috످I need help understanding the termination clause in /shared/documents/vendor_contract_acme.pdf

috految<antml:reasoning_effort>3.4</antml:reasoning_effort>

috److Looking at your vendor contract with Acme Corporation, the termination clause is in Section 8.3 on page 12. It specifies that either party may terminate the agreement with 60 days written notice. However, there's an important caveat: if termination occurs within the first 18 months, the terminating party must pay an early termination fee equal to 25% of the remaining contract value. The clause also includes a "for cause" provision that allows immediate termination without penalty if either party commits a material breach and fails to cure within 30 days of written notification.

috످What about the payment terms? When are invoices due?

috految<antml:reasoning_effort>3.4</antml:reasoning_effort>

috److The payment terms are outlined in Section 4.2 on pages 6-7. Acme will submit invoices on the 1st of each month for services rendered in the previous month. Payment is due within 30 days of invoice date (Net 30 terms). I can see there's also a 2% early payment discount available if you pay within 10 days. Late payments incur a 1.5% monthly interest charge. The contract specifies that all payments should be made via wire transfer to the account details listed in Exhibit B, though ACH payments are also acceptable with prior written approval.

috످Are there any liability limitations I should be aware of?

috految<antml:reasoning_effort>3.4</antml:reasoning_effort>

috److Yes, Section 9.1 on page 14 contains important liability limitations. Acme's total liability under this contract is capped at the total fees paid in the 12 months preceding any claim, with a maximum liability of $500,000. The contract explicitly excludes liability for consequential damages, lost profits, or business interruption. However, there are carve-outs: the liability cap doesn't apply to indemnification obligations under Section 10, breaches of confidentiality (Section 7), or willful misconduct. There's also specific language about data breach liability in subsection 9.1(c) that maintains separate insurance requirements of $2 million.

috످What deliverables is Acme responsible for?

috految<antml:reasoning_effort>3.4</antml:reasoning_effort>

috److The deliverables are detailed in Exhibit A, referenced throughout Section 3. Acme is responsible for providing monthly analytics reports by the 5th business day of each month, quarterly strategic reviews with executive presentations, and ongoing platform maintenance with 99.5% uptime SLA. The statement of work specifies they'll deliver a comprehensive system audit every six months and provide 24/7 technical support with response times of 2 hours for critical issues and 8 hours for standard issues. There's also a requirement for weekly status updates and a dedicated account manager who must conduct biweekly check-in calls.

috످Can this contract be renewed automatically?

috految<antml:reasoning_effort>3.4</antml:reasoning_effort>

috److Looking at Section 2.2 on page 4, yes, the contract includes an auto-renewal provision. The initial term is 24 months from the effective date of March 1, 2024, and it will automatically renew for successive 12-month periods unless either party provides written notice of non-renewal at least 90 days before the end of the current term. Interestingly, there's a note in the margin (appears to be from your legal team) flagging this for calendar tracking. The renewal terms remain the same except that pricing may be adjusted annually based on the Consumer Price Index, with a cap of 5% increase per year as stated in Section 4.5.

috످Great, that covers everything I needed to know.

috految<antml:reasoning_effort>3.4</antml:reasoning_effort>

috److Please don't rely on my previous answers. I never read your contract and can't access your files in this chat. I made up everything I told you about termination, payment, liability, deliverables, and renewal, including the section numbers and the note from your legal team. I'm sorry.

Please check the actual contract, starting with the renewal and termination terms. Following the dates I invented could lock you into another term or trigger fees. If you've already shared my answers or acted on them (such as scheduling payments or sending notice), tell your legal team and anyone affected right away.

If you paste the contract text here with any sensitive details removed, I can revisit all five questions and quote the exact language.

috످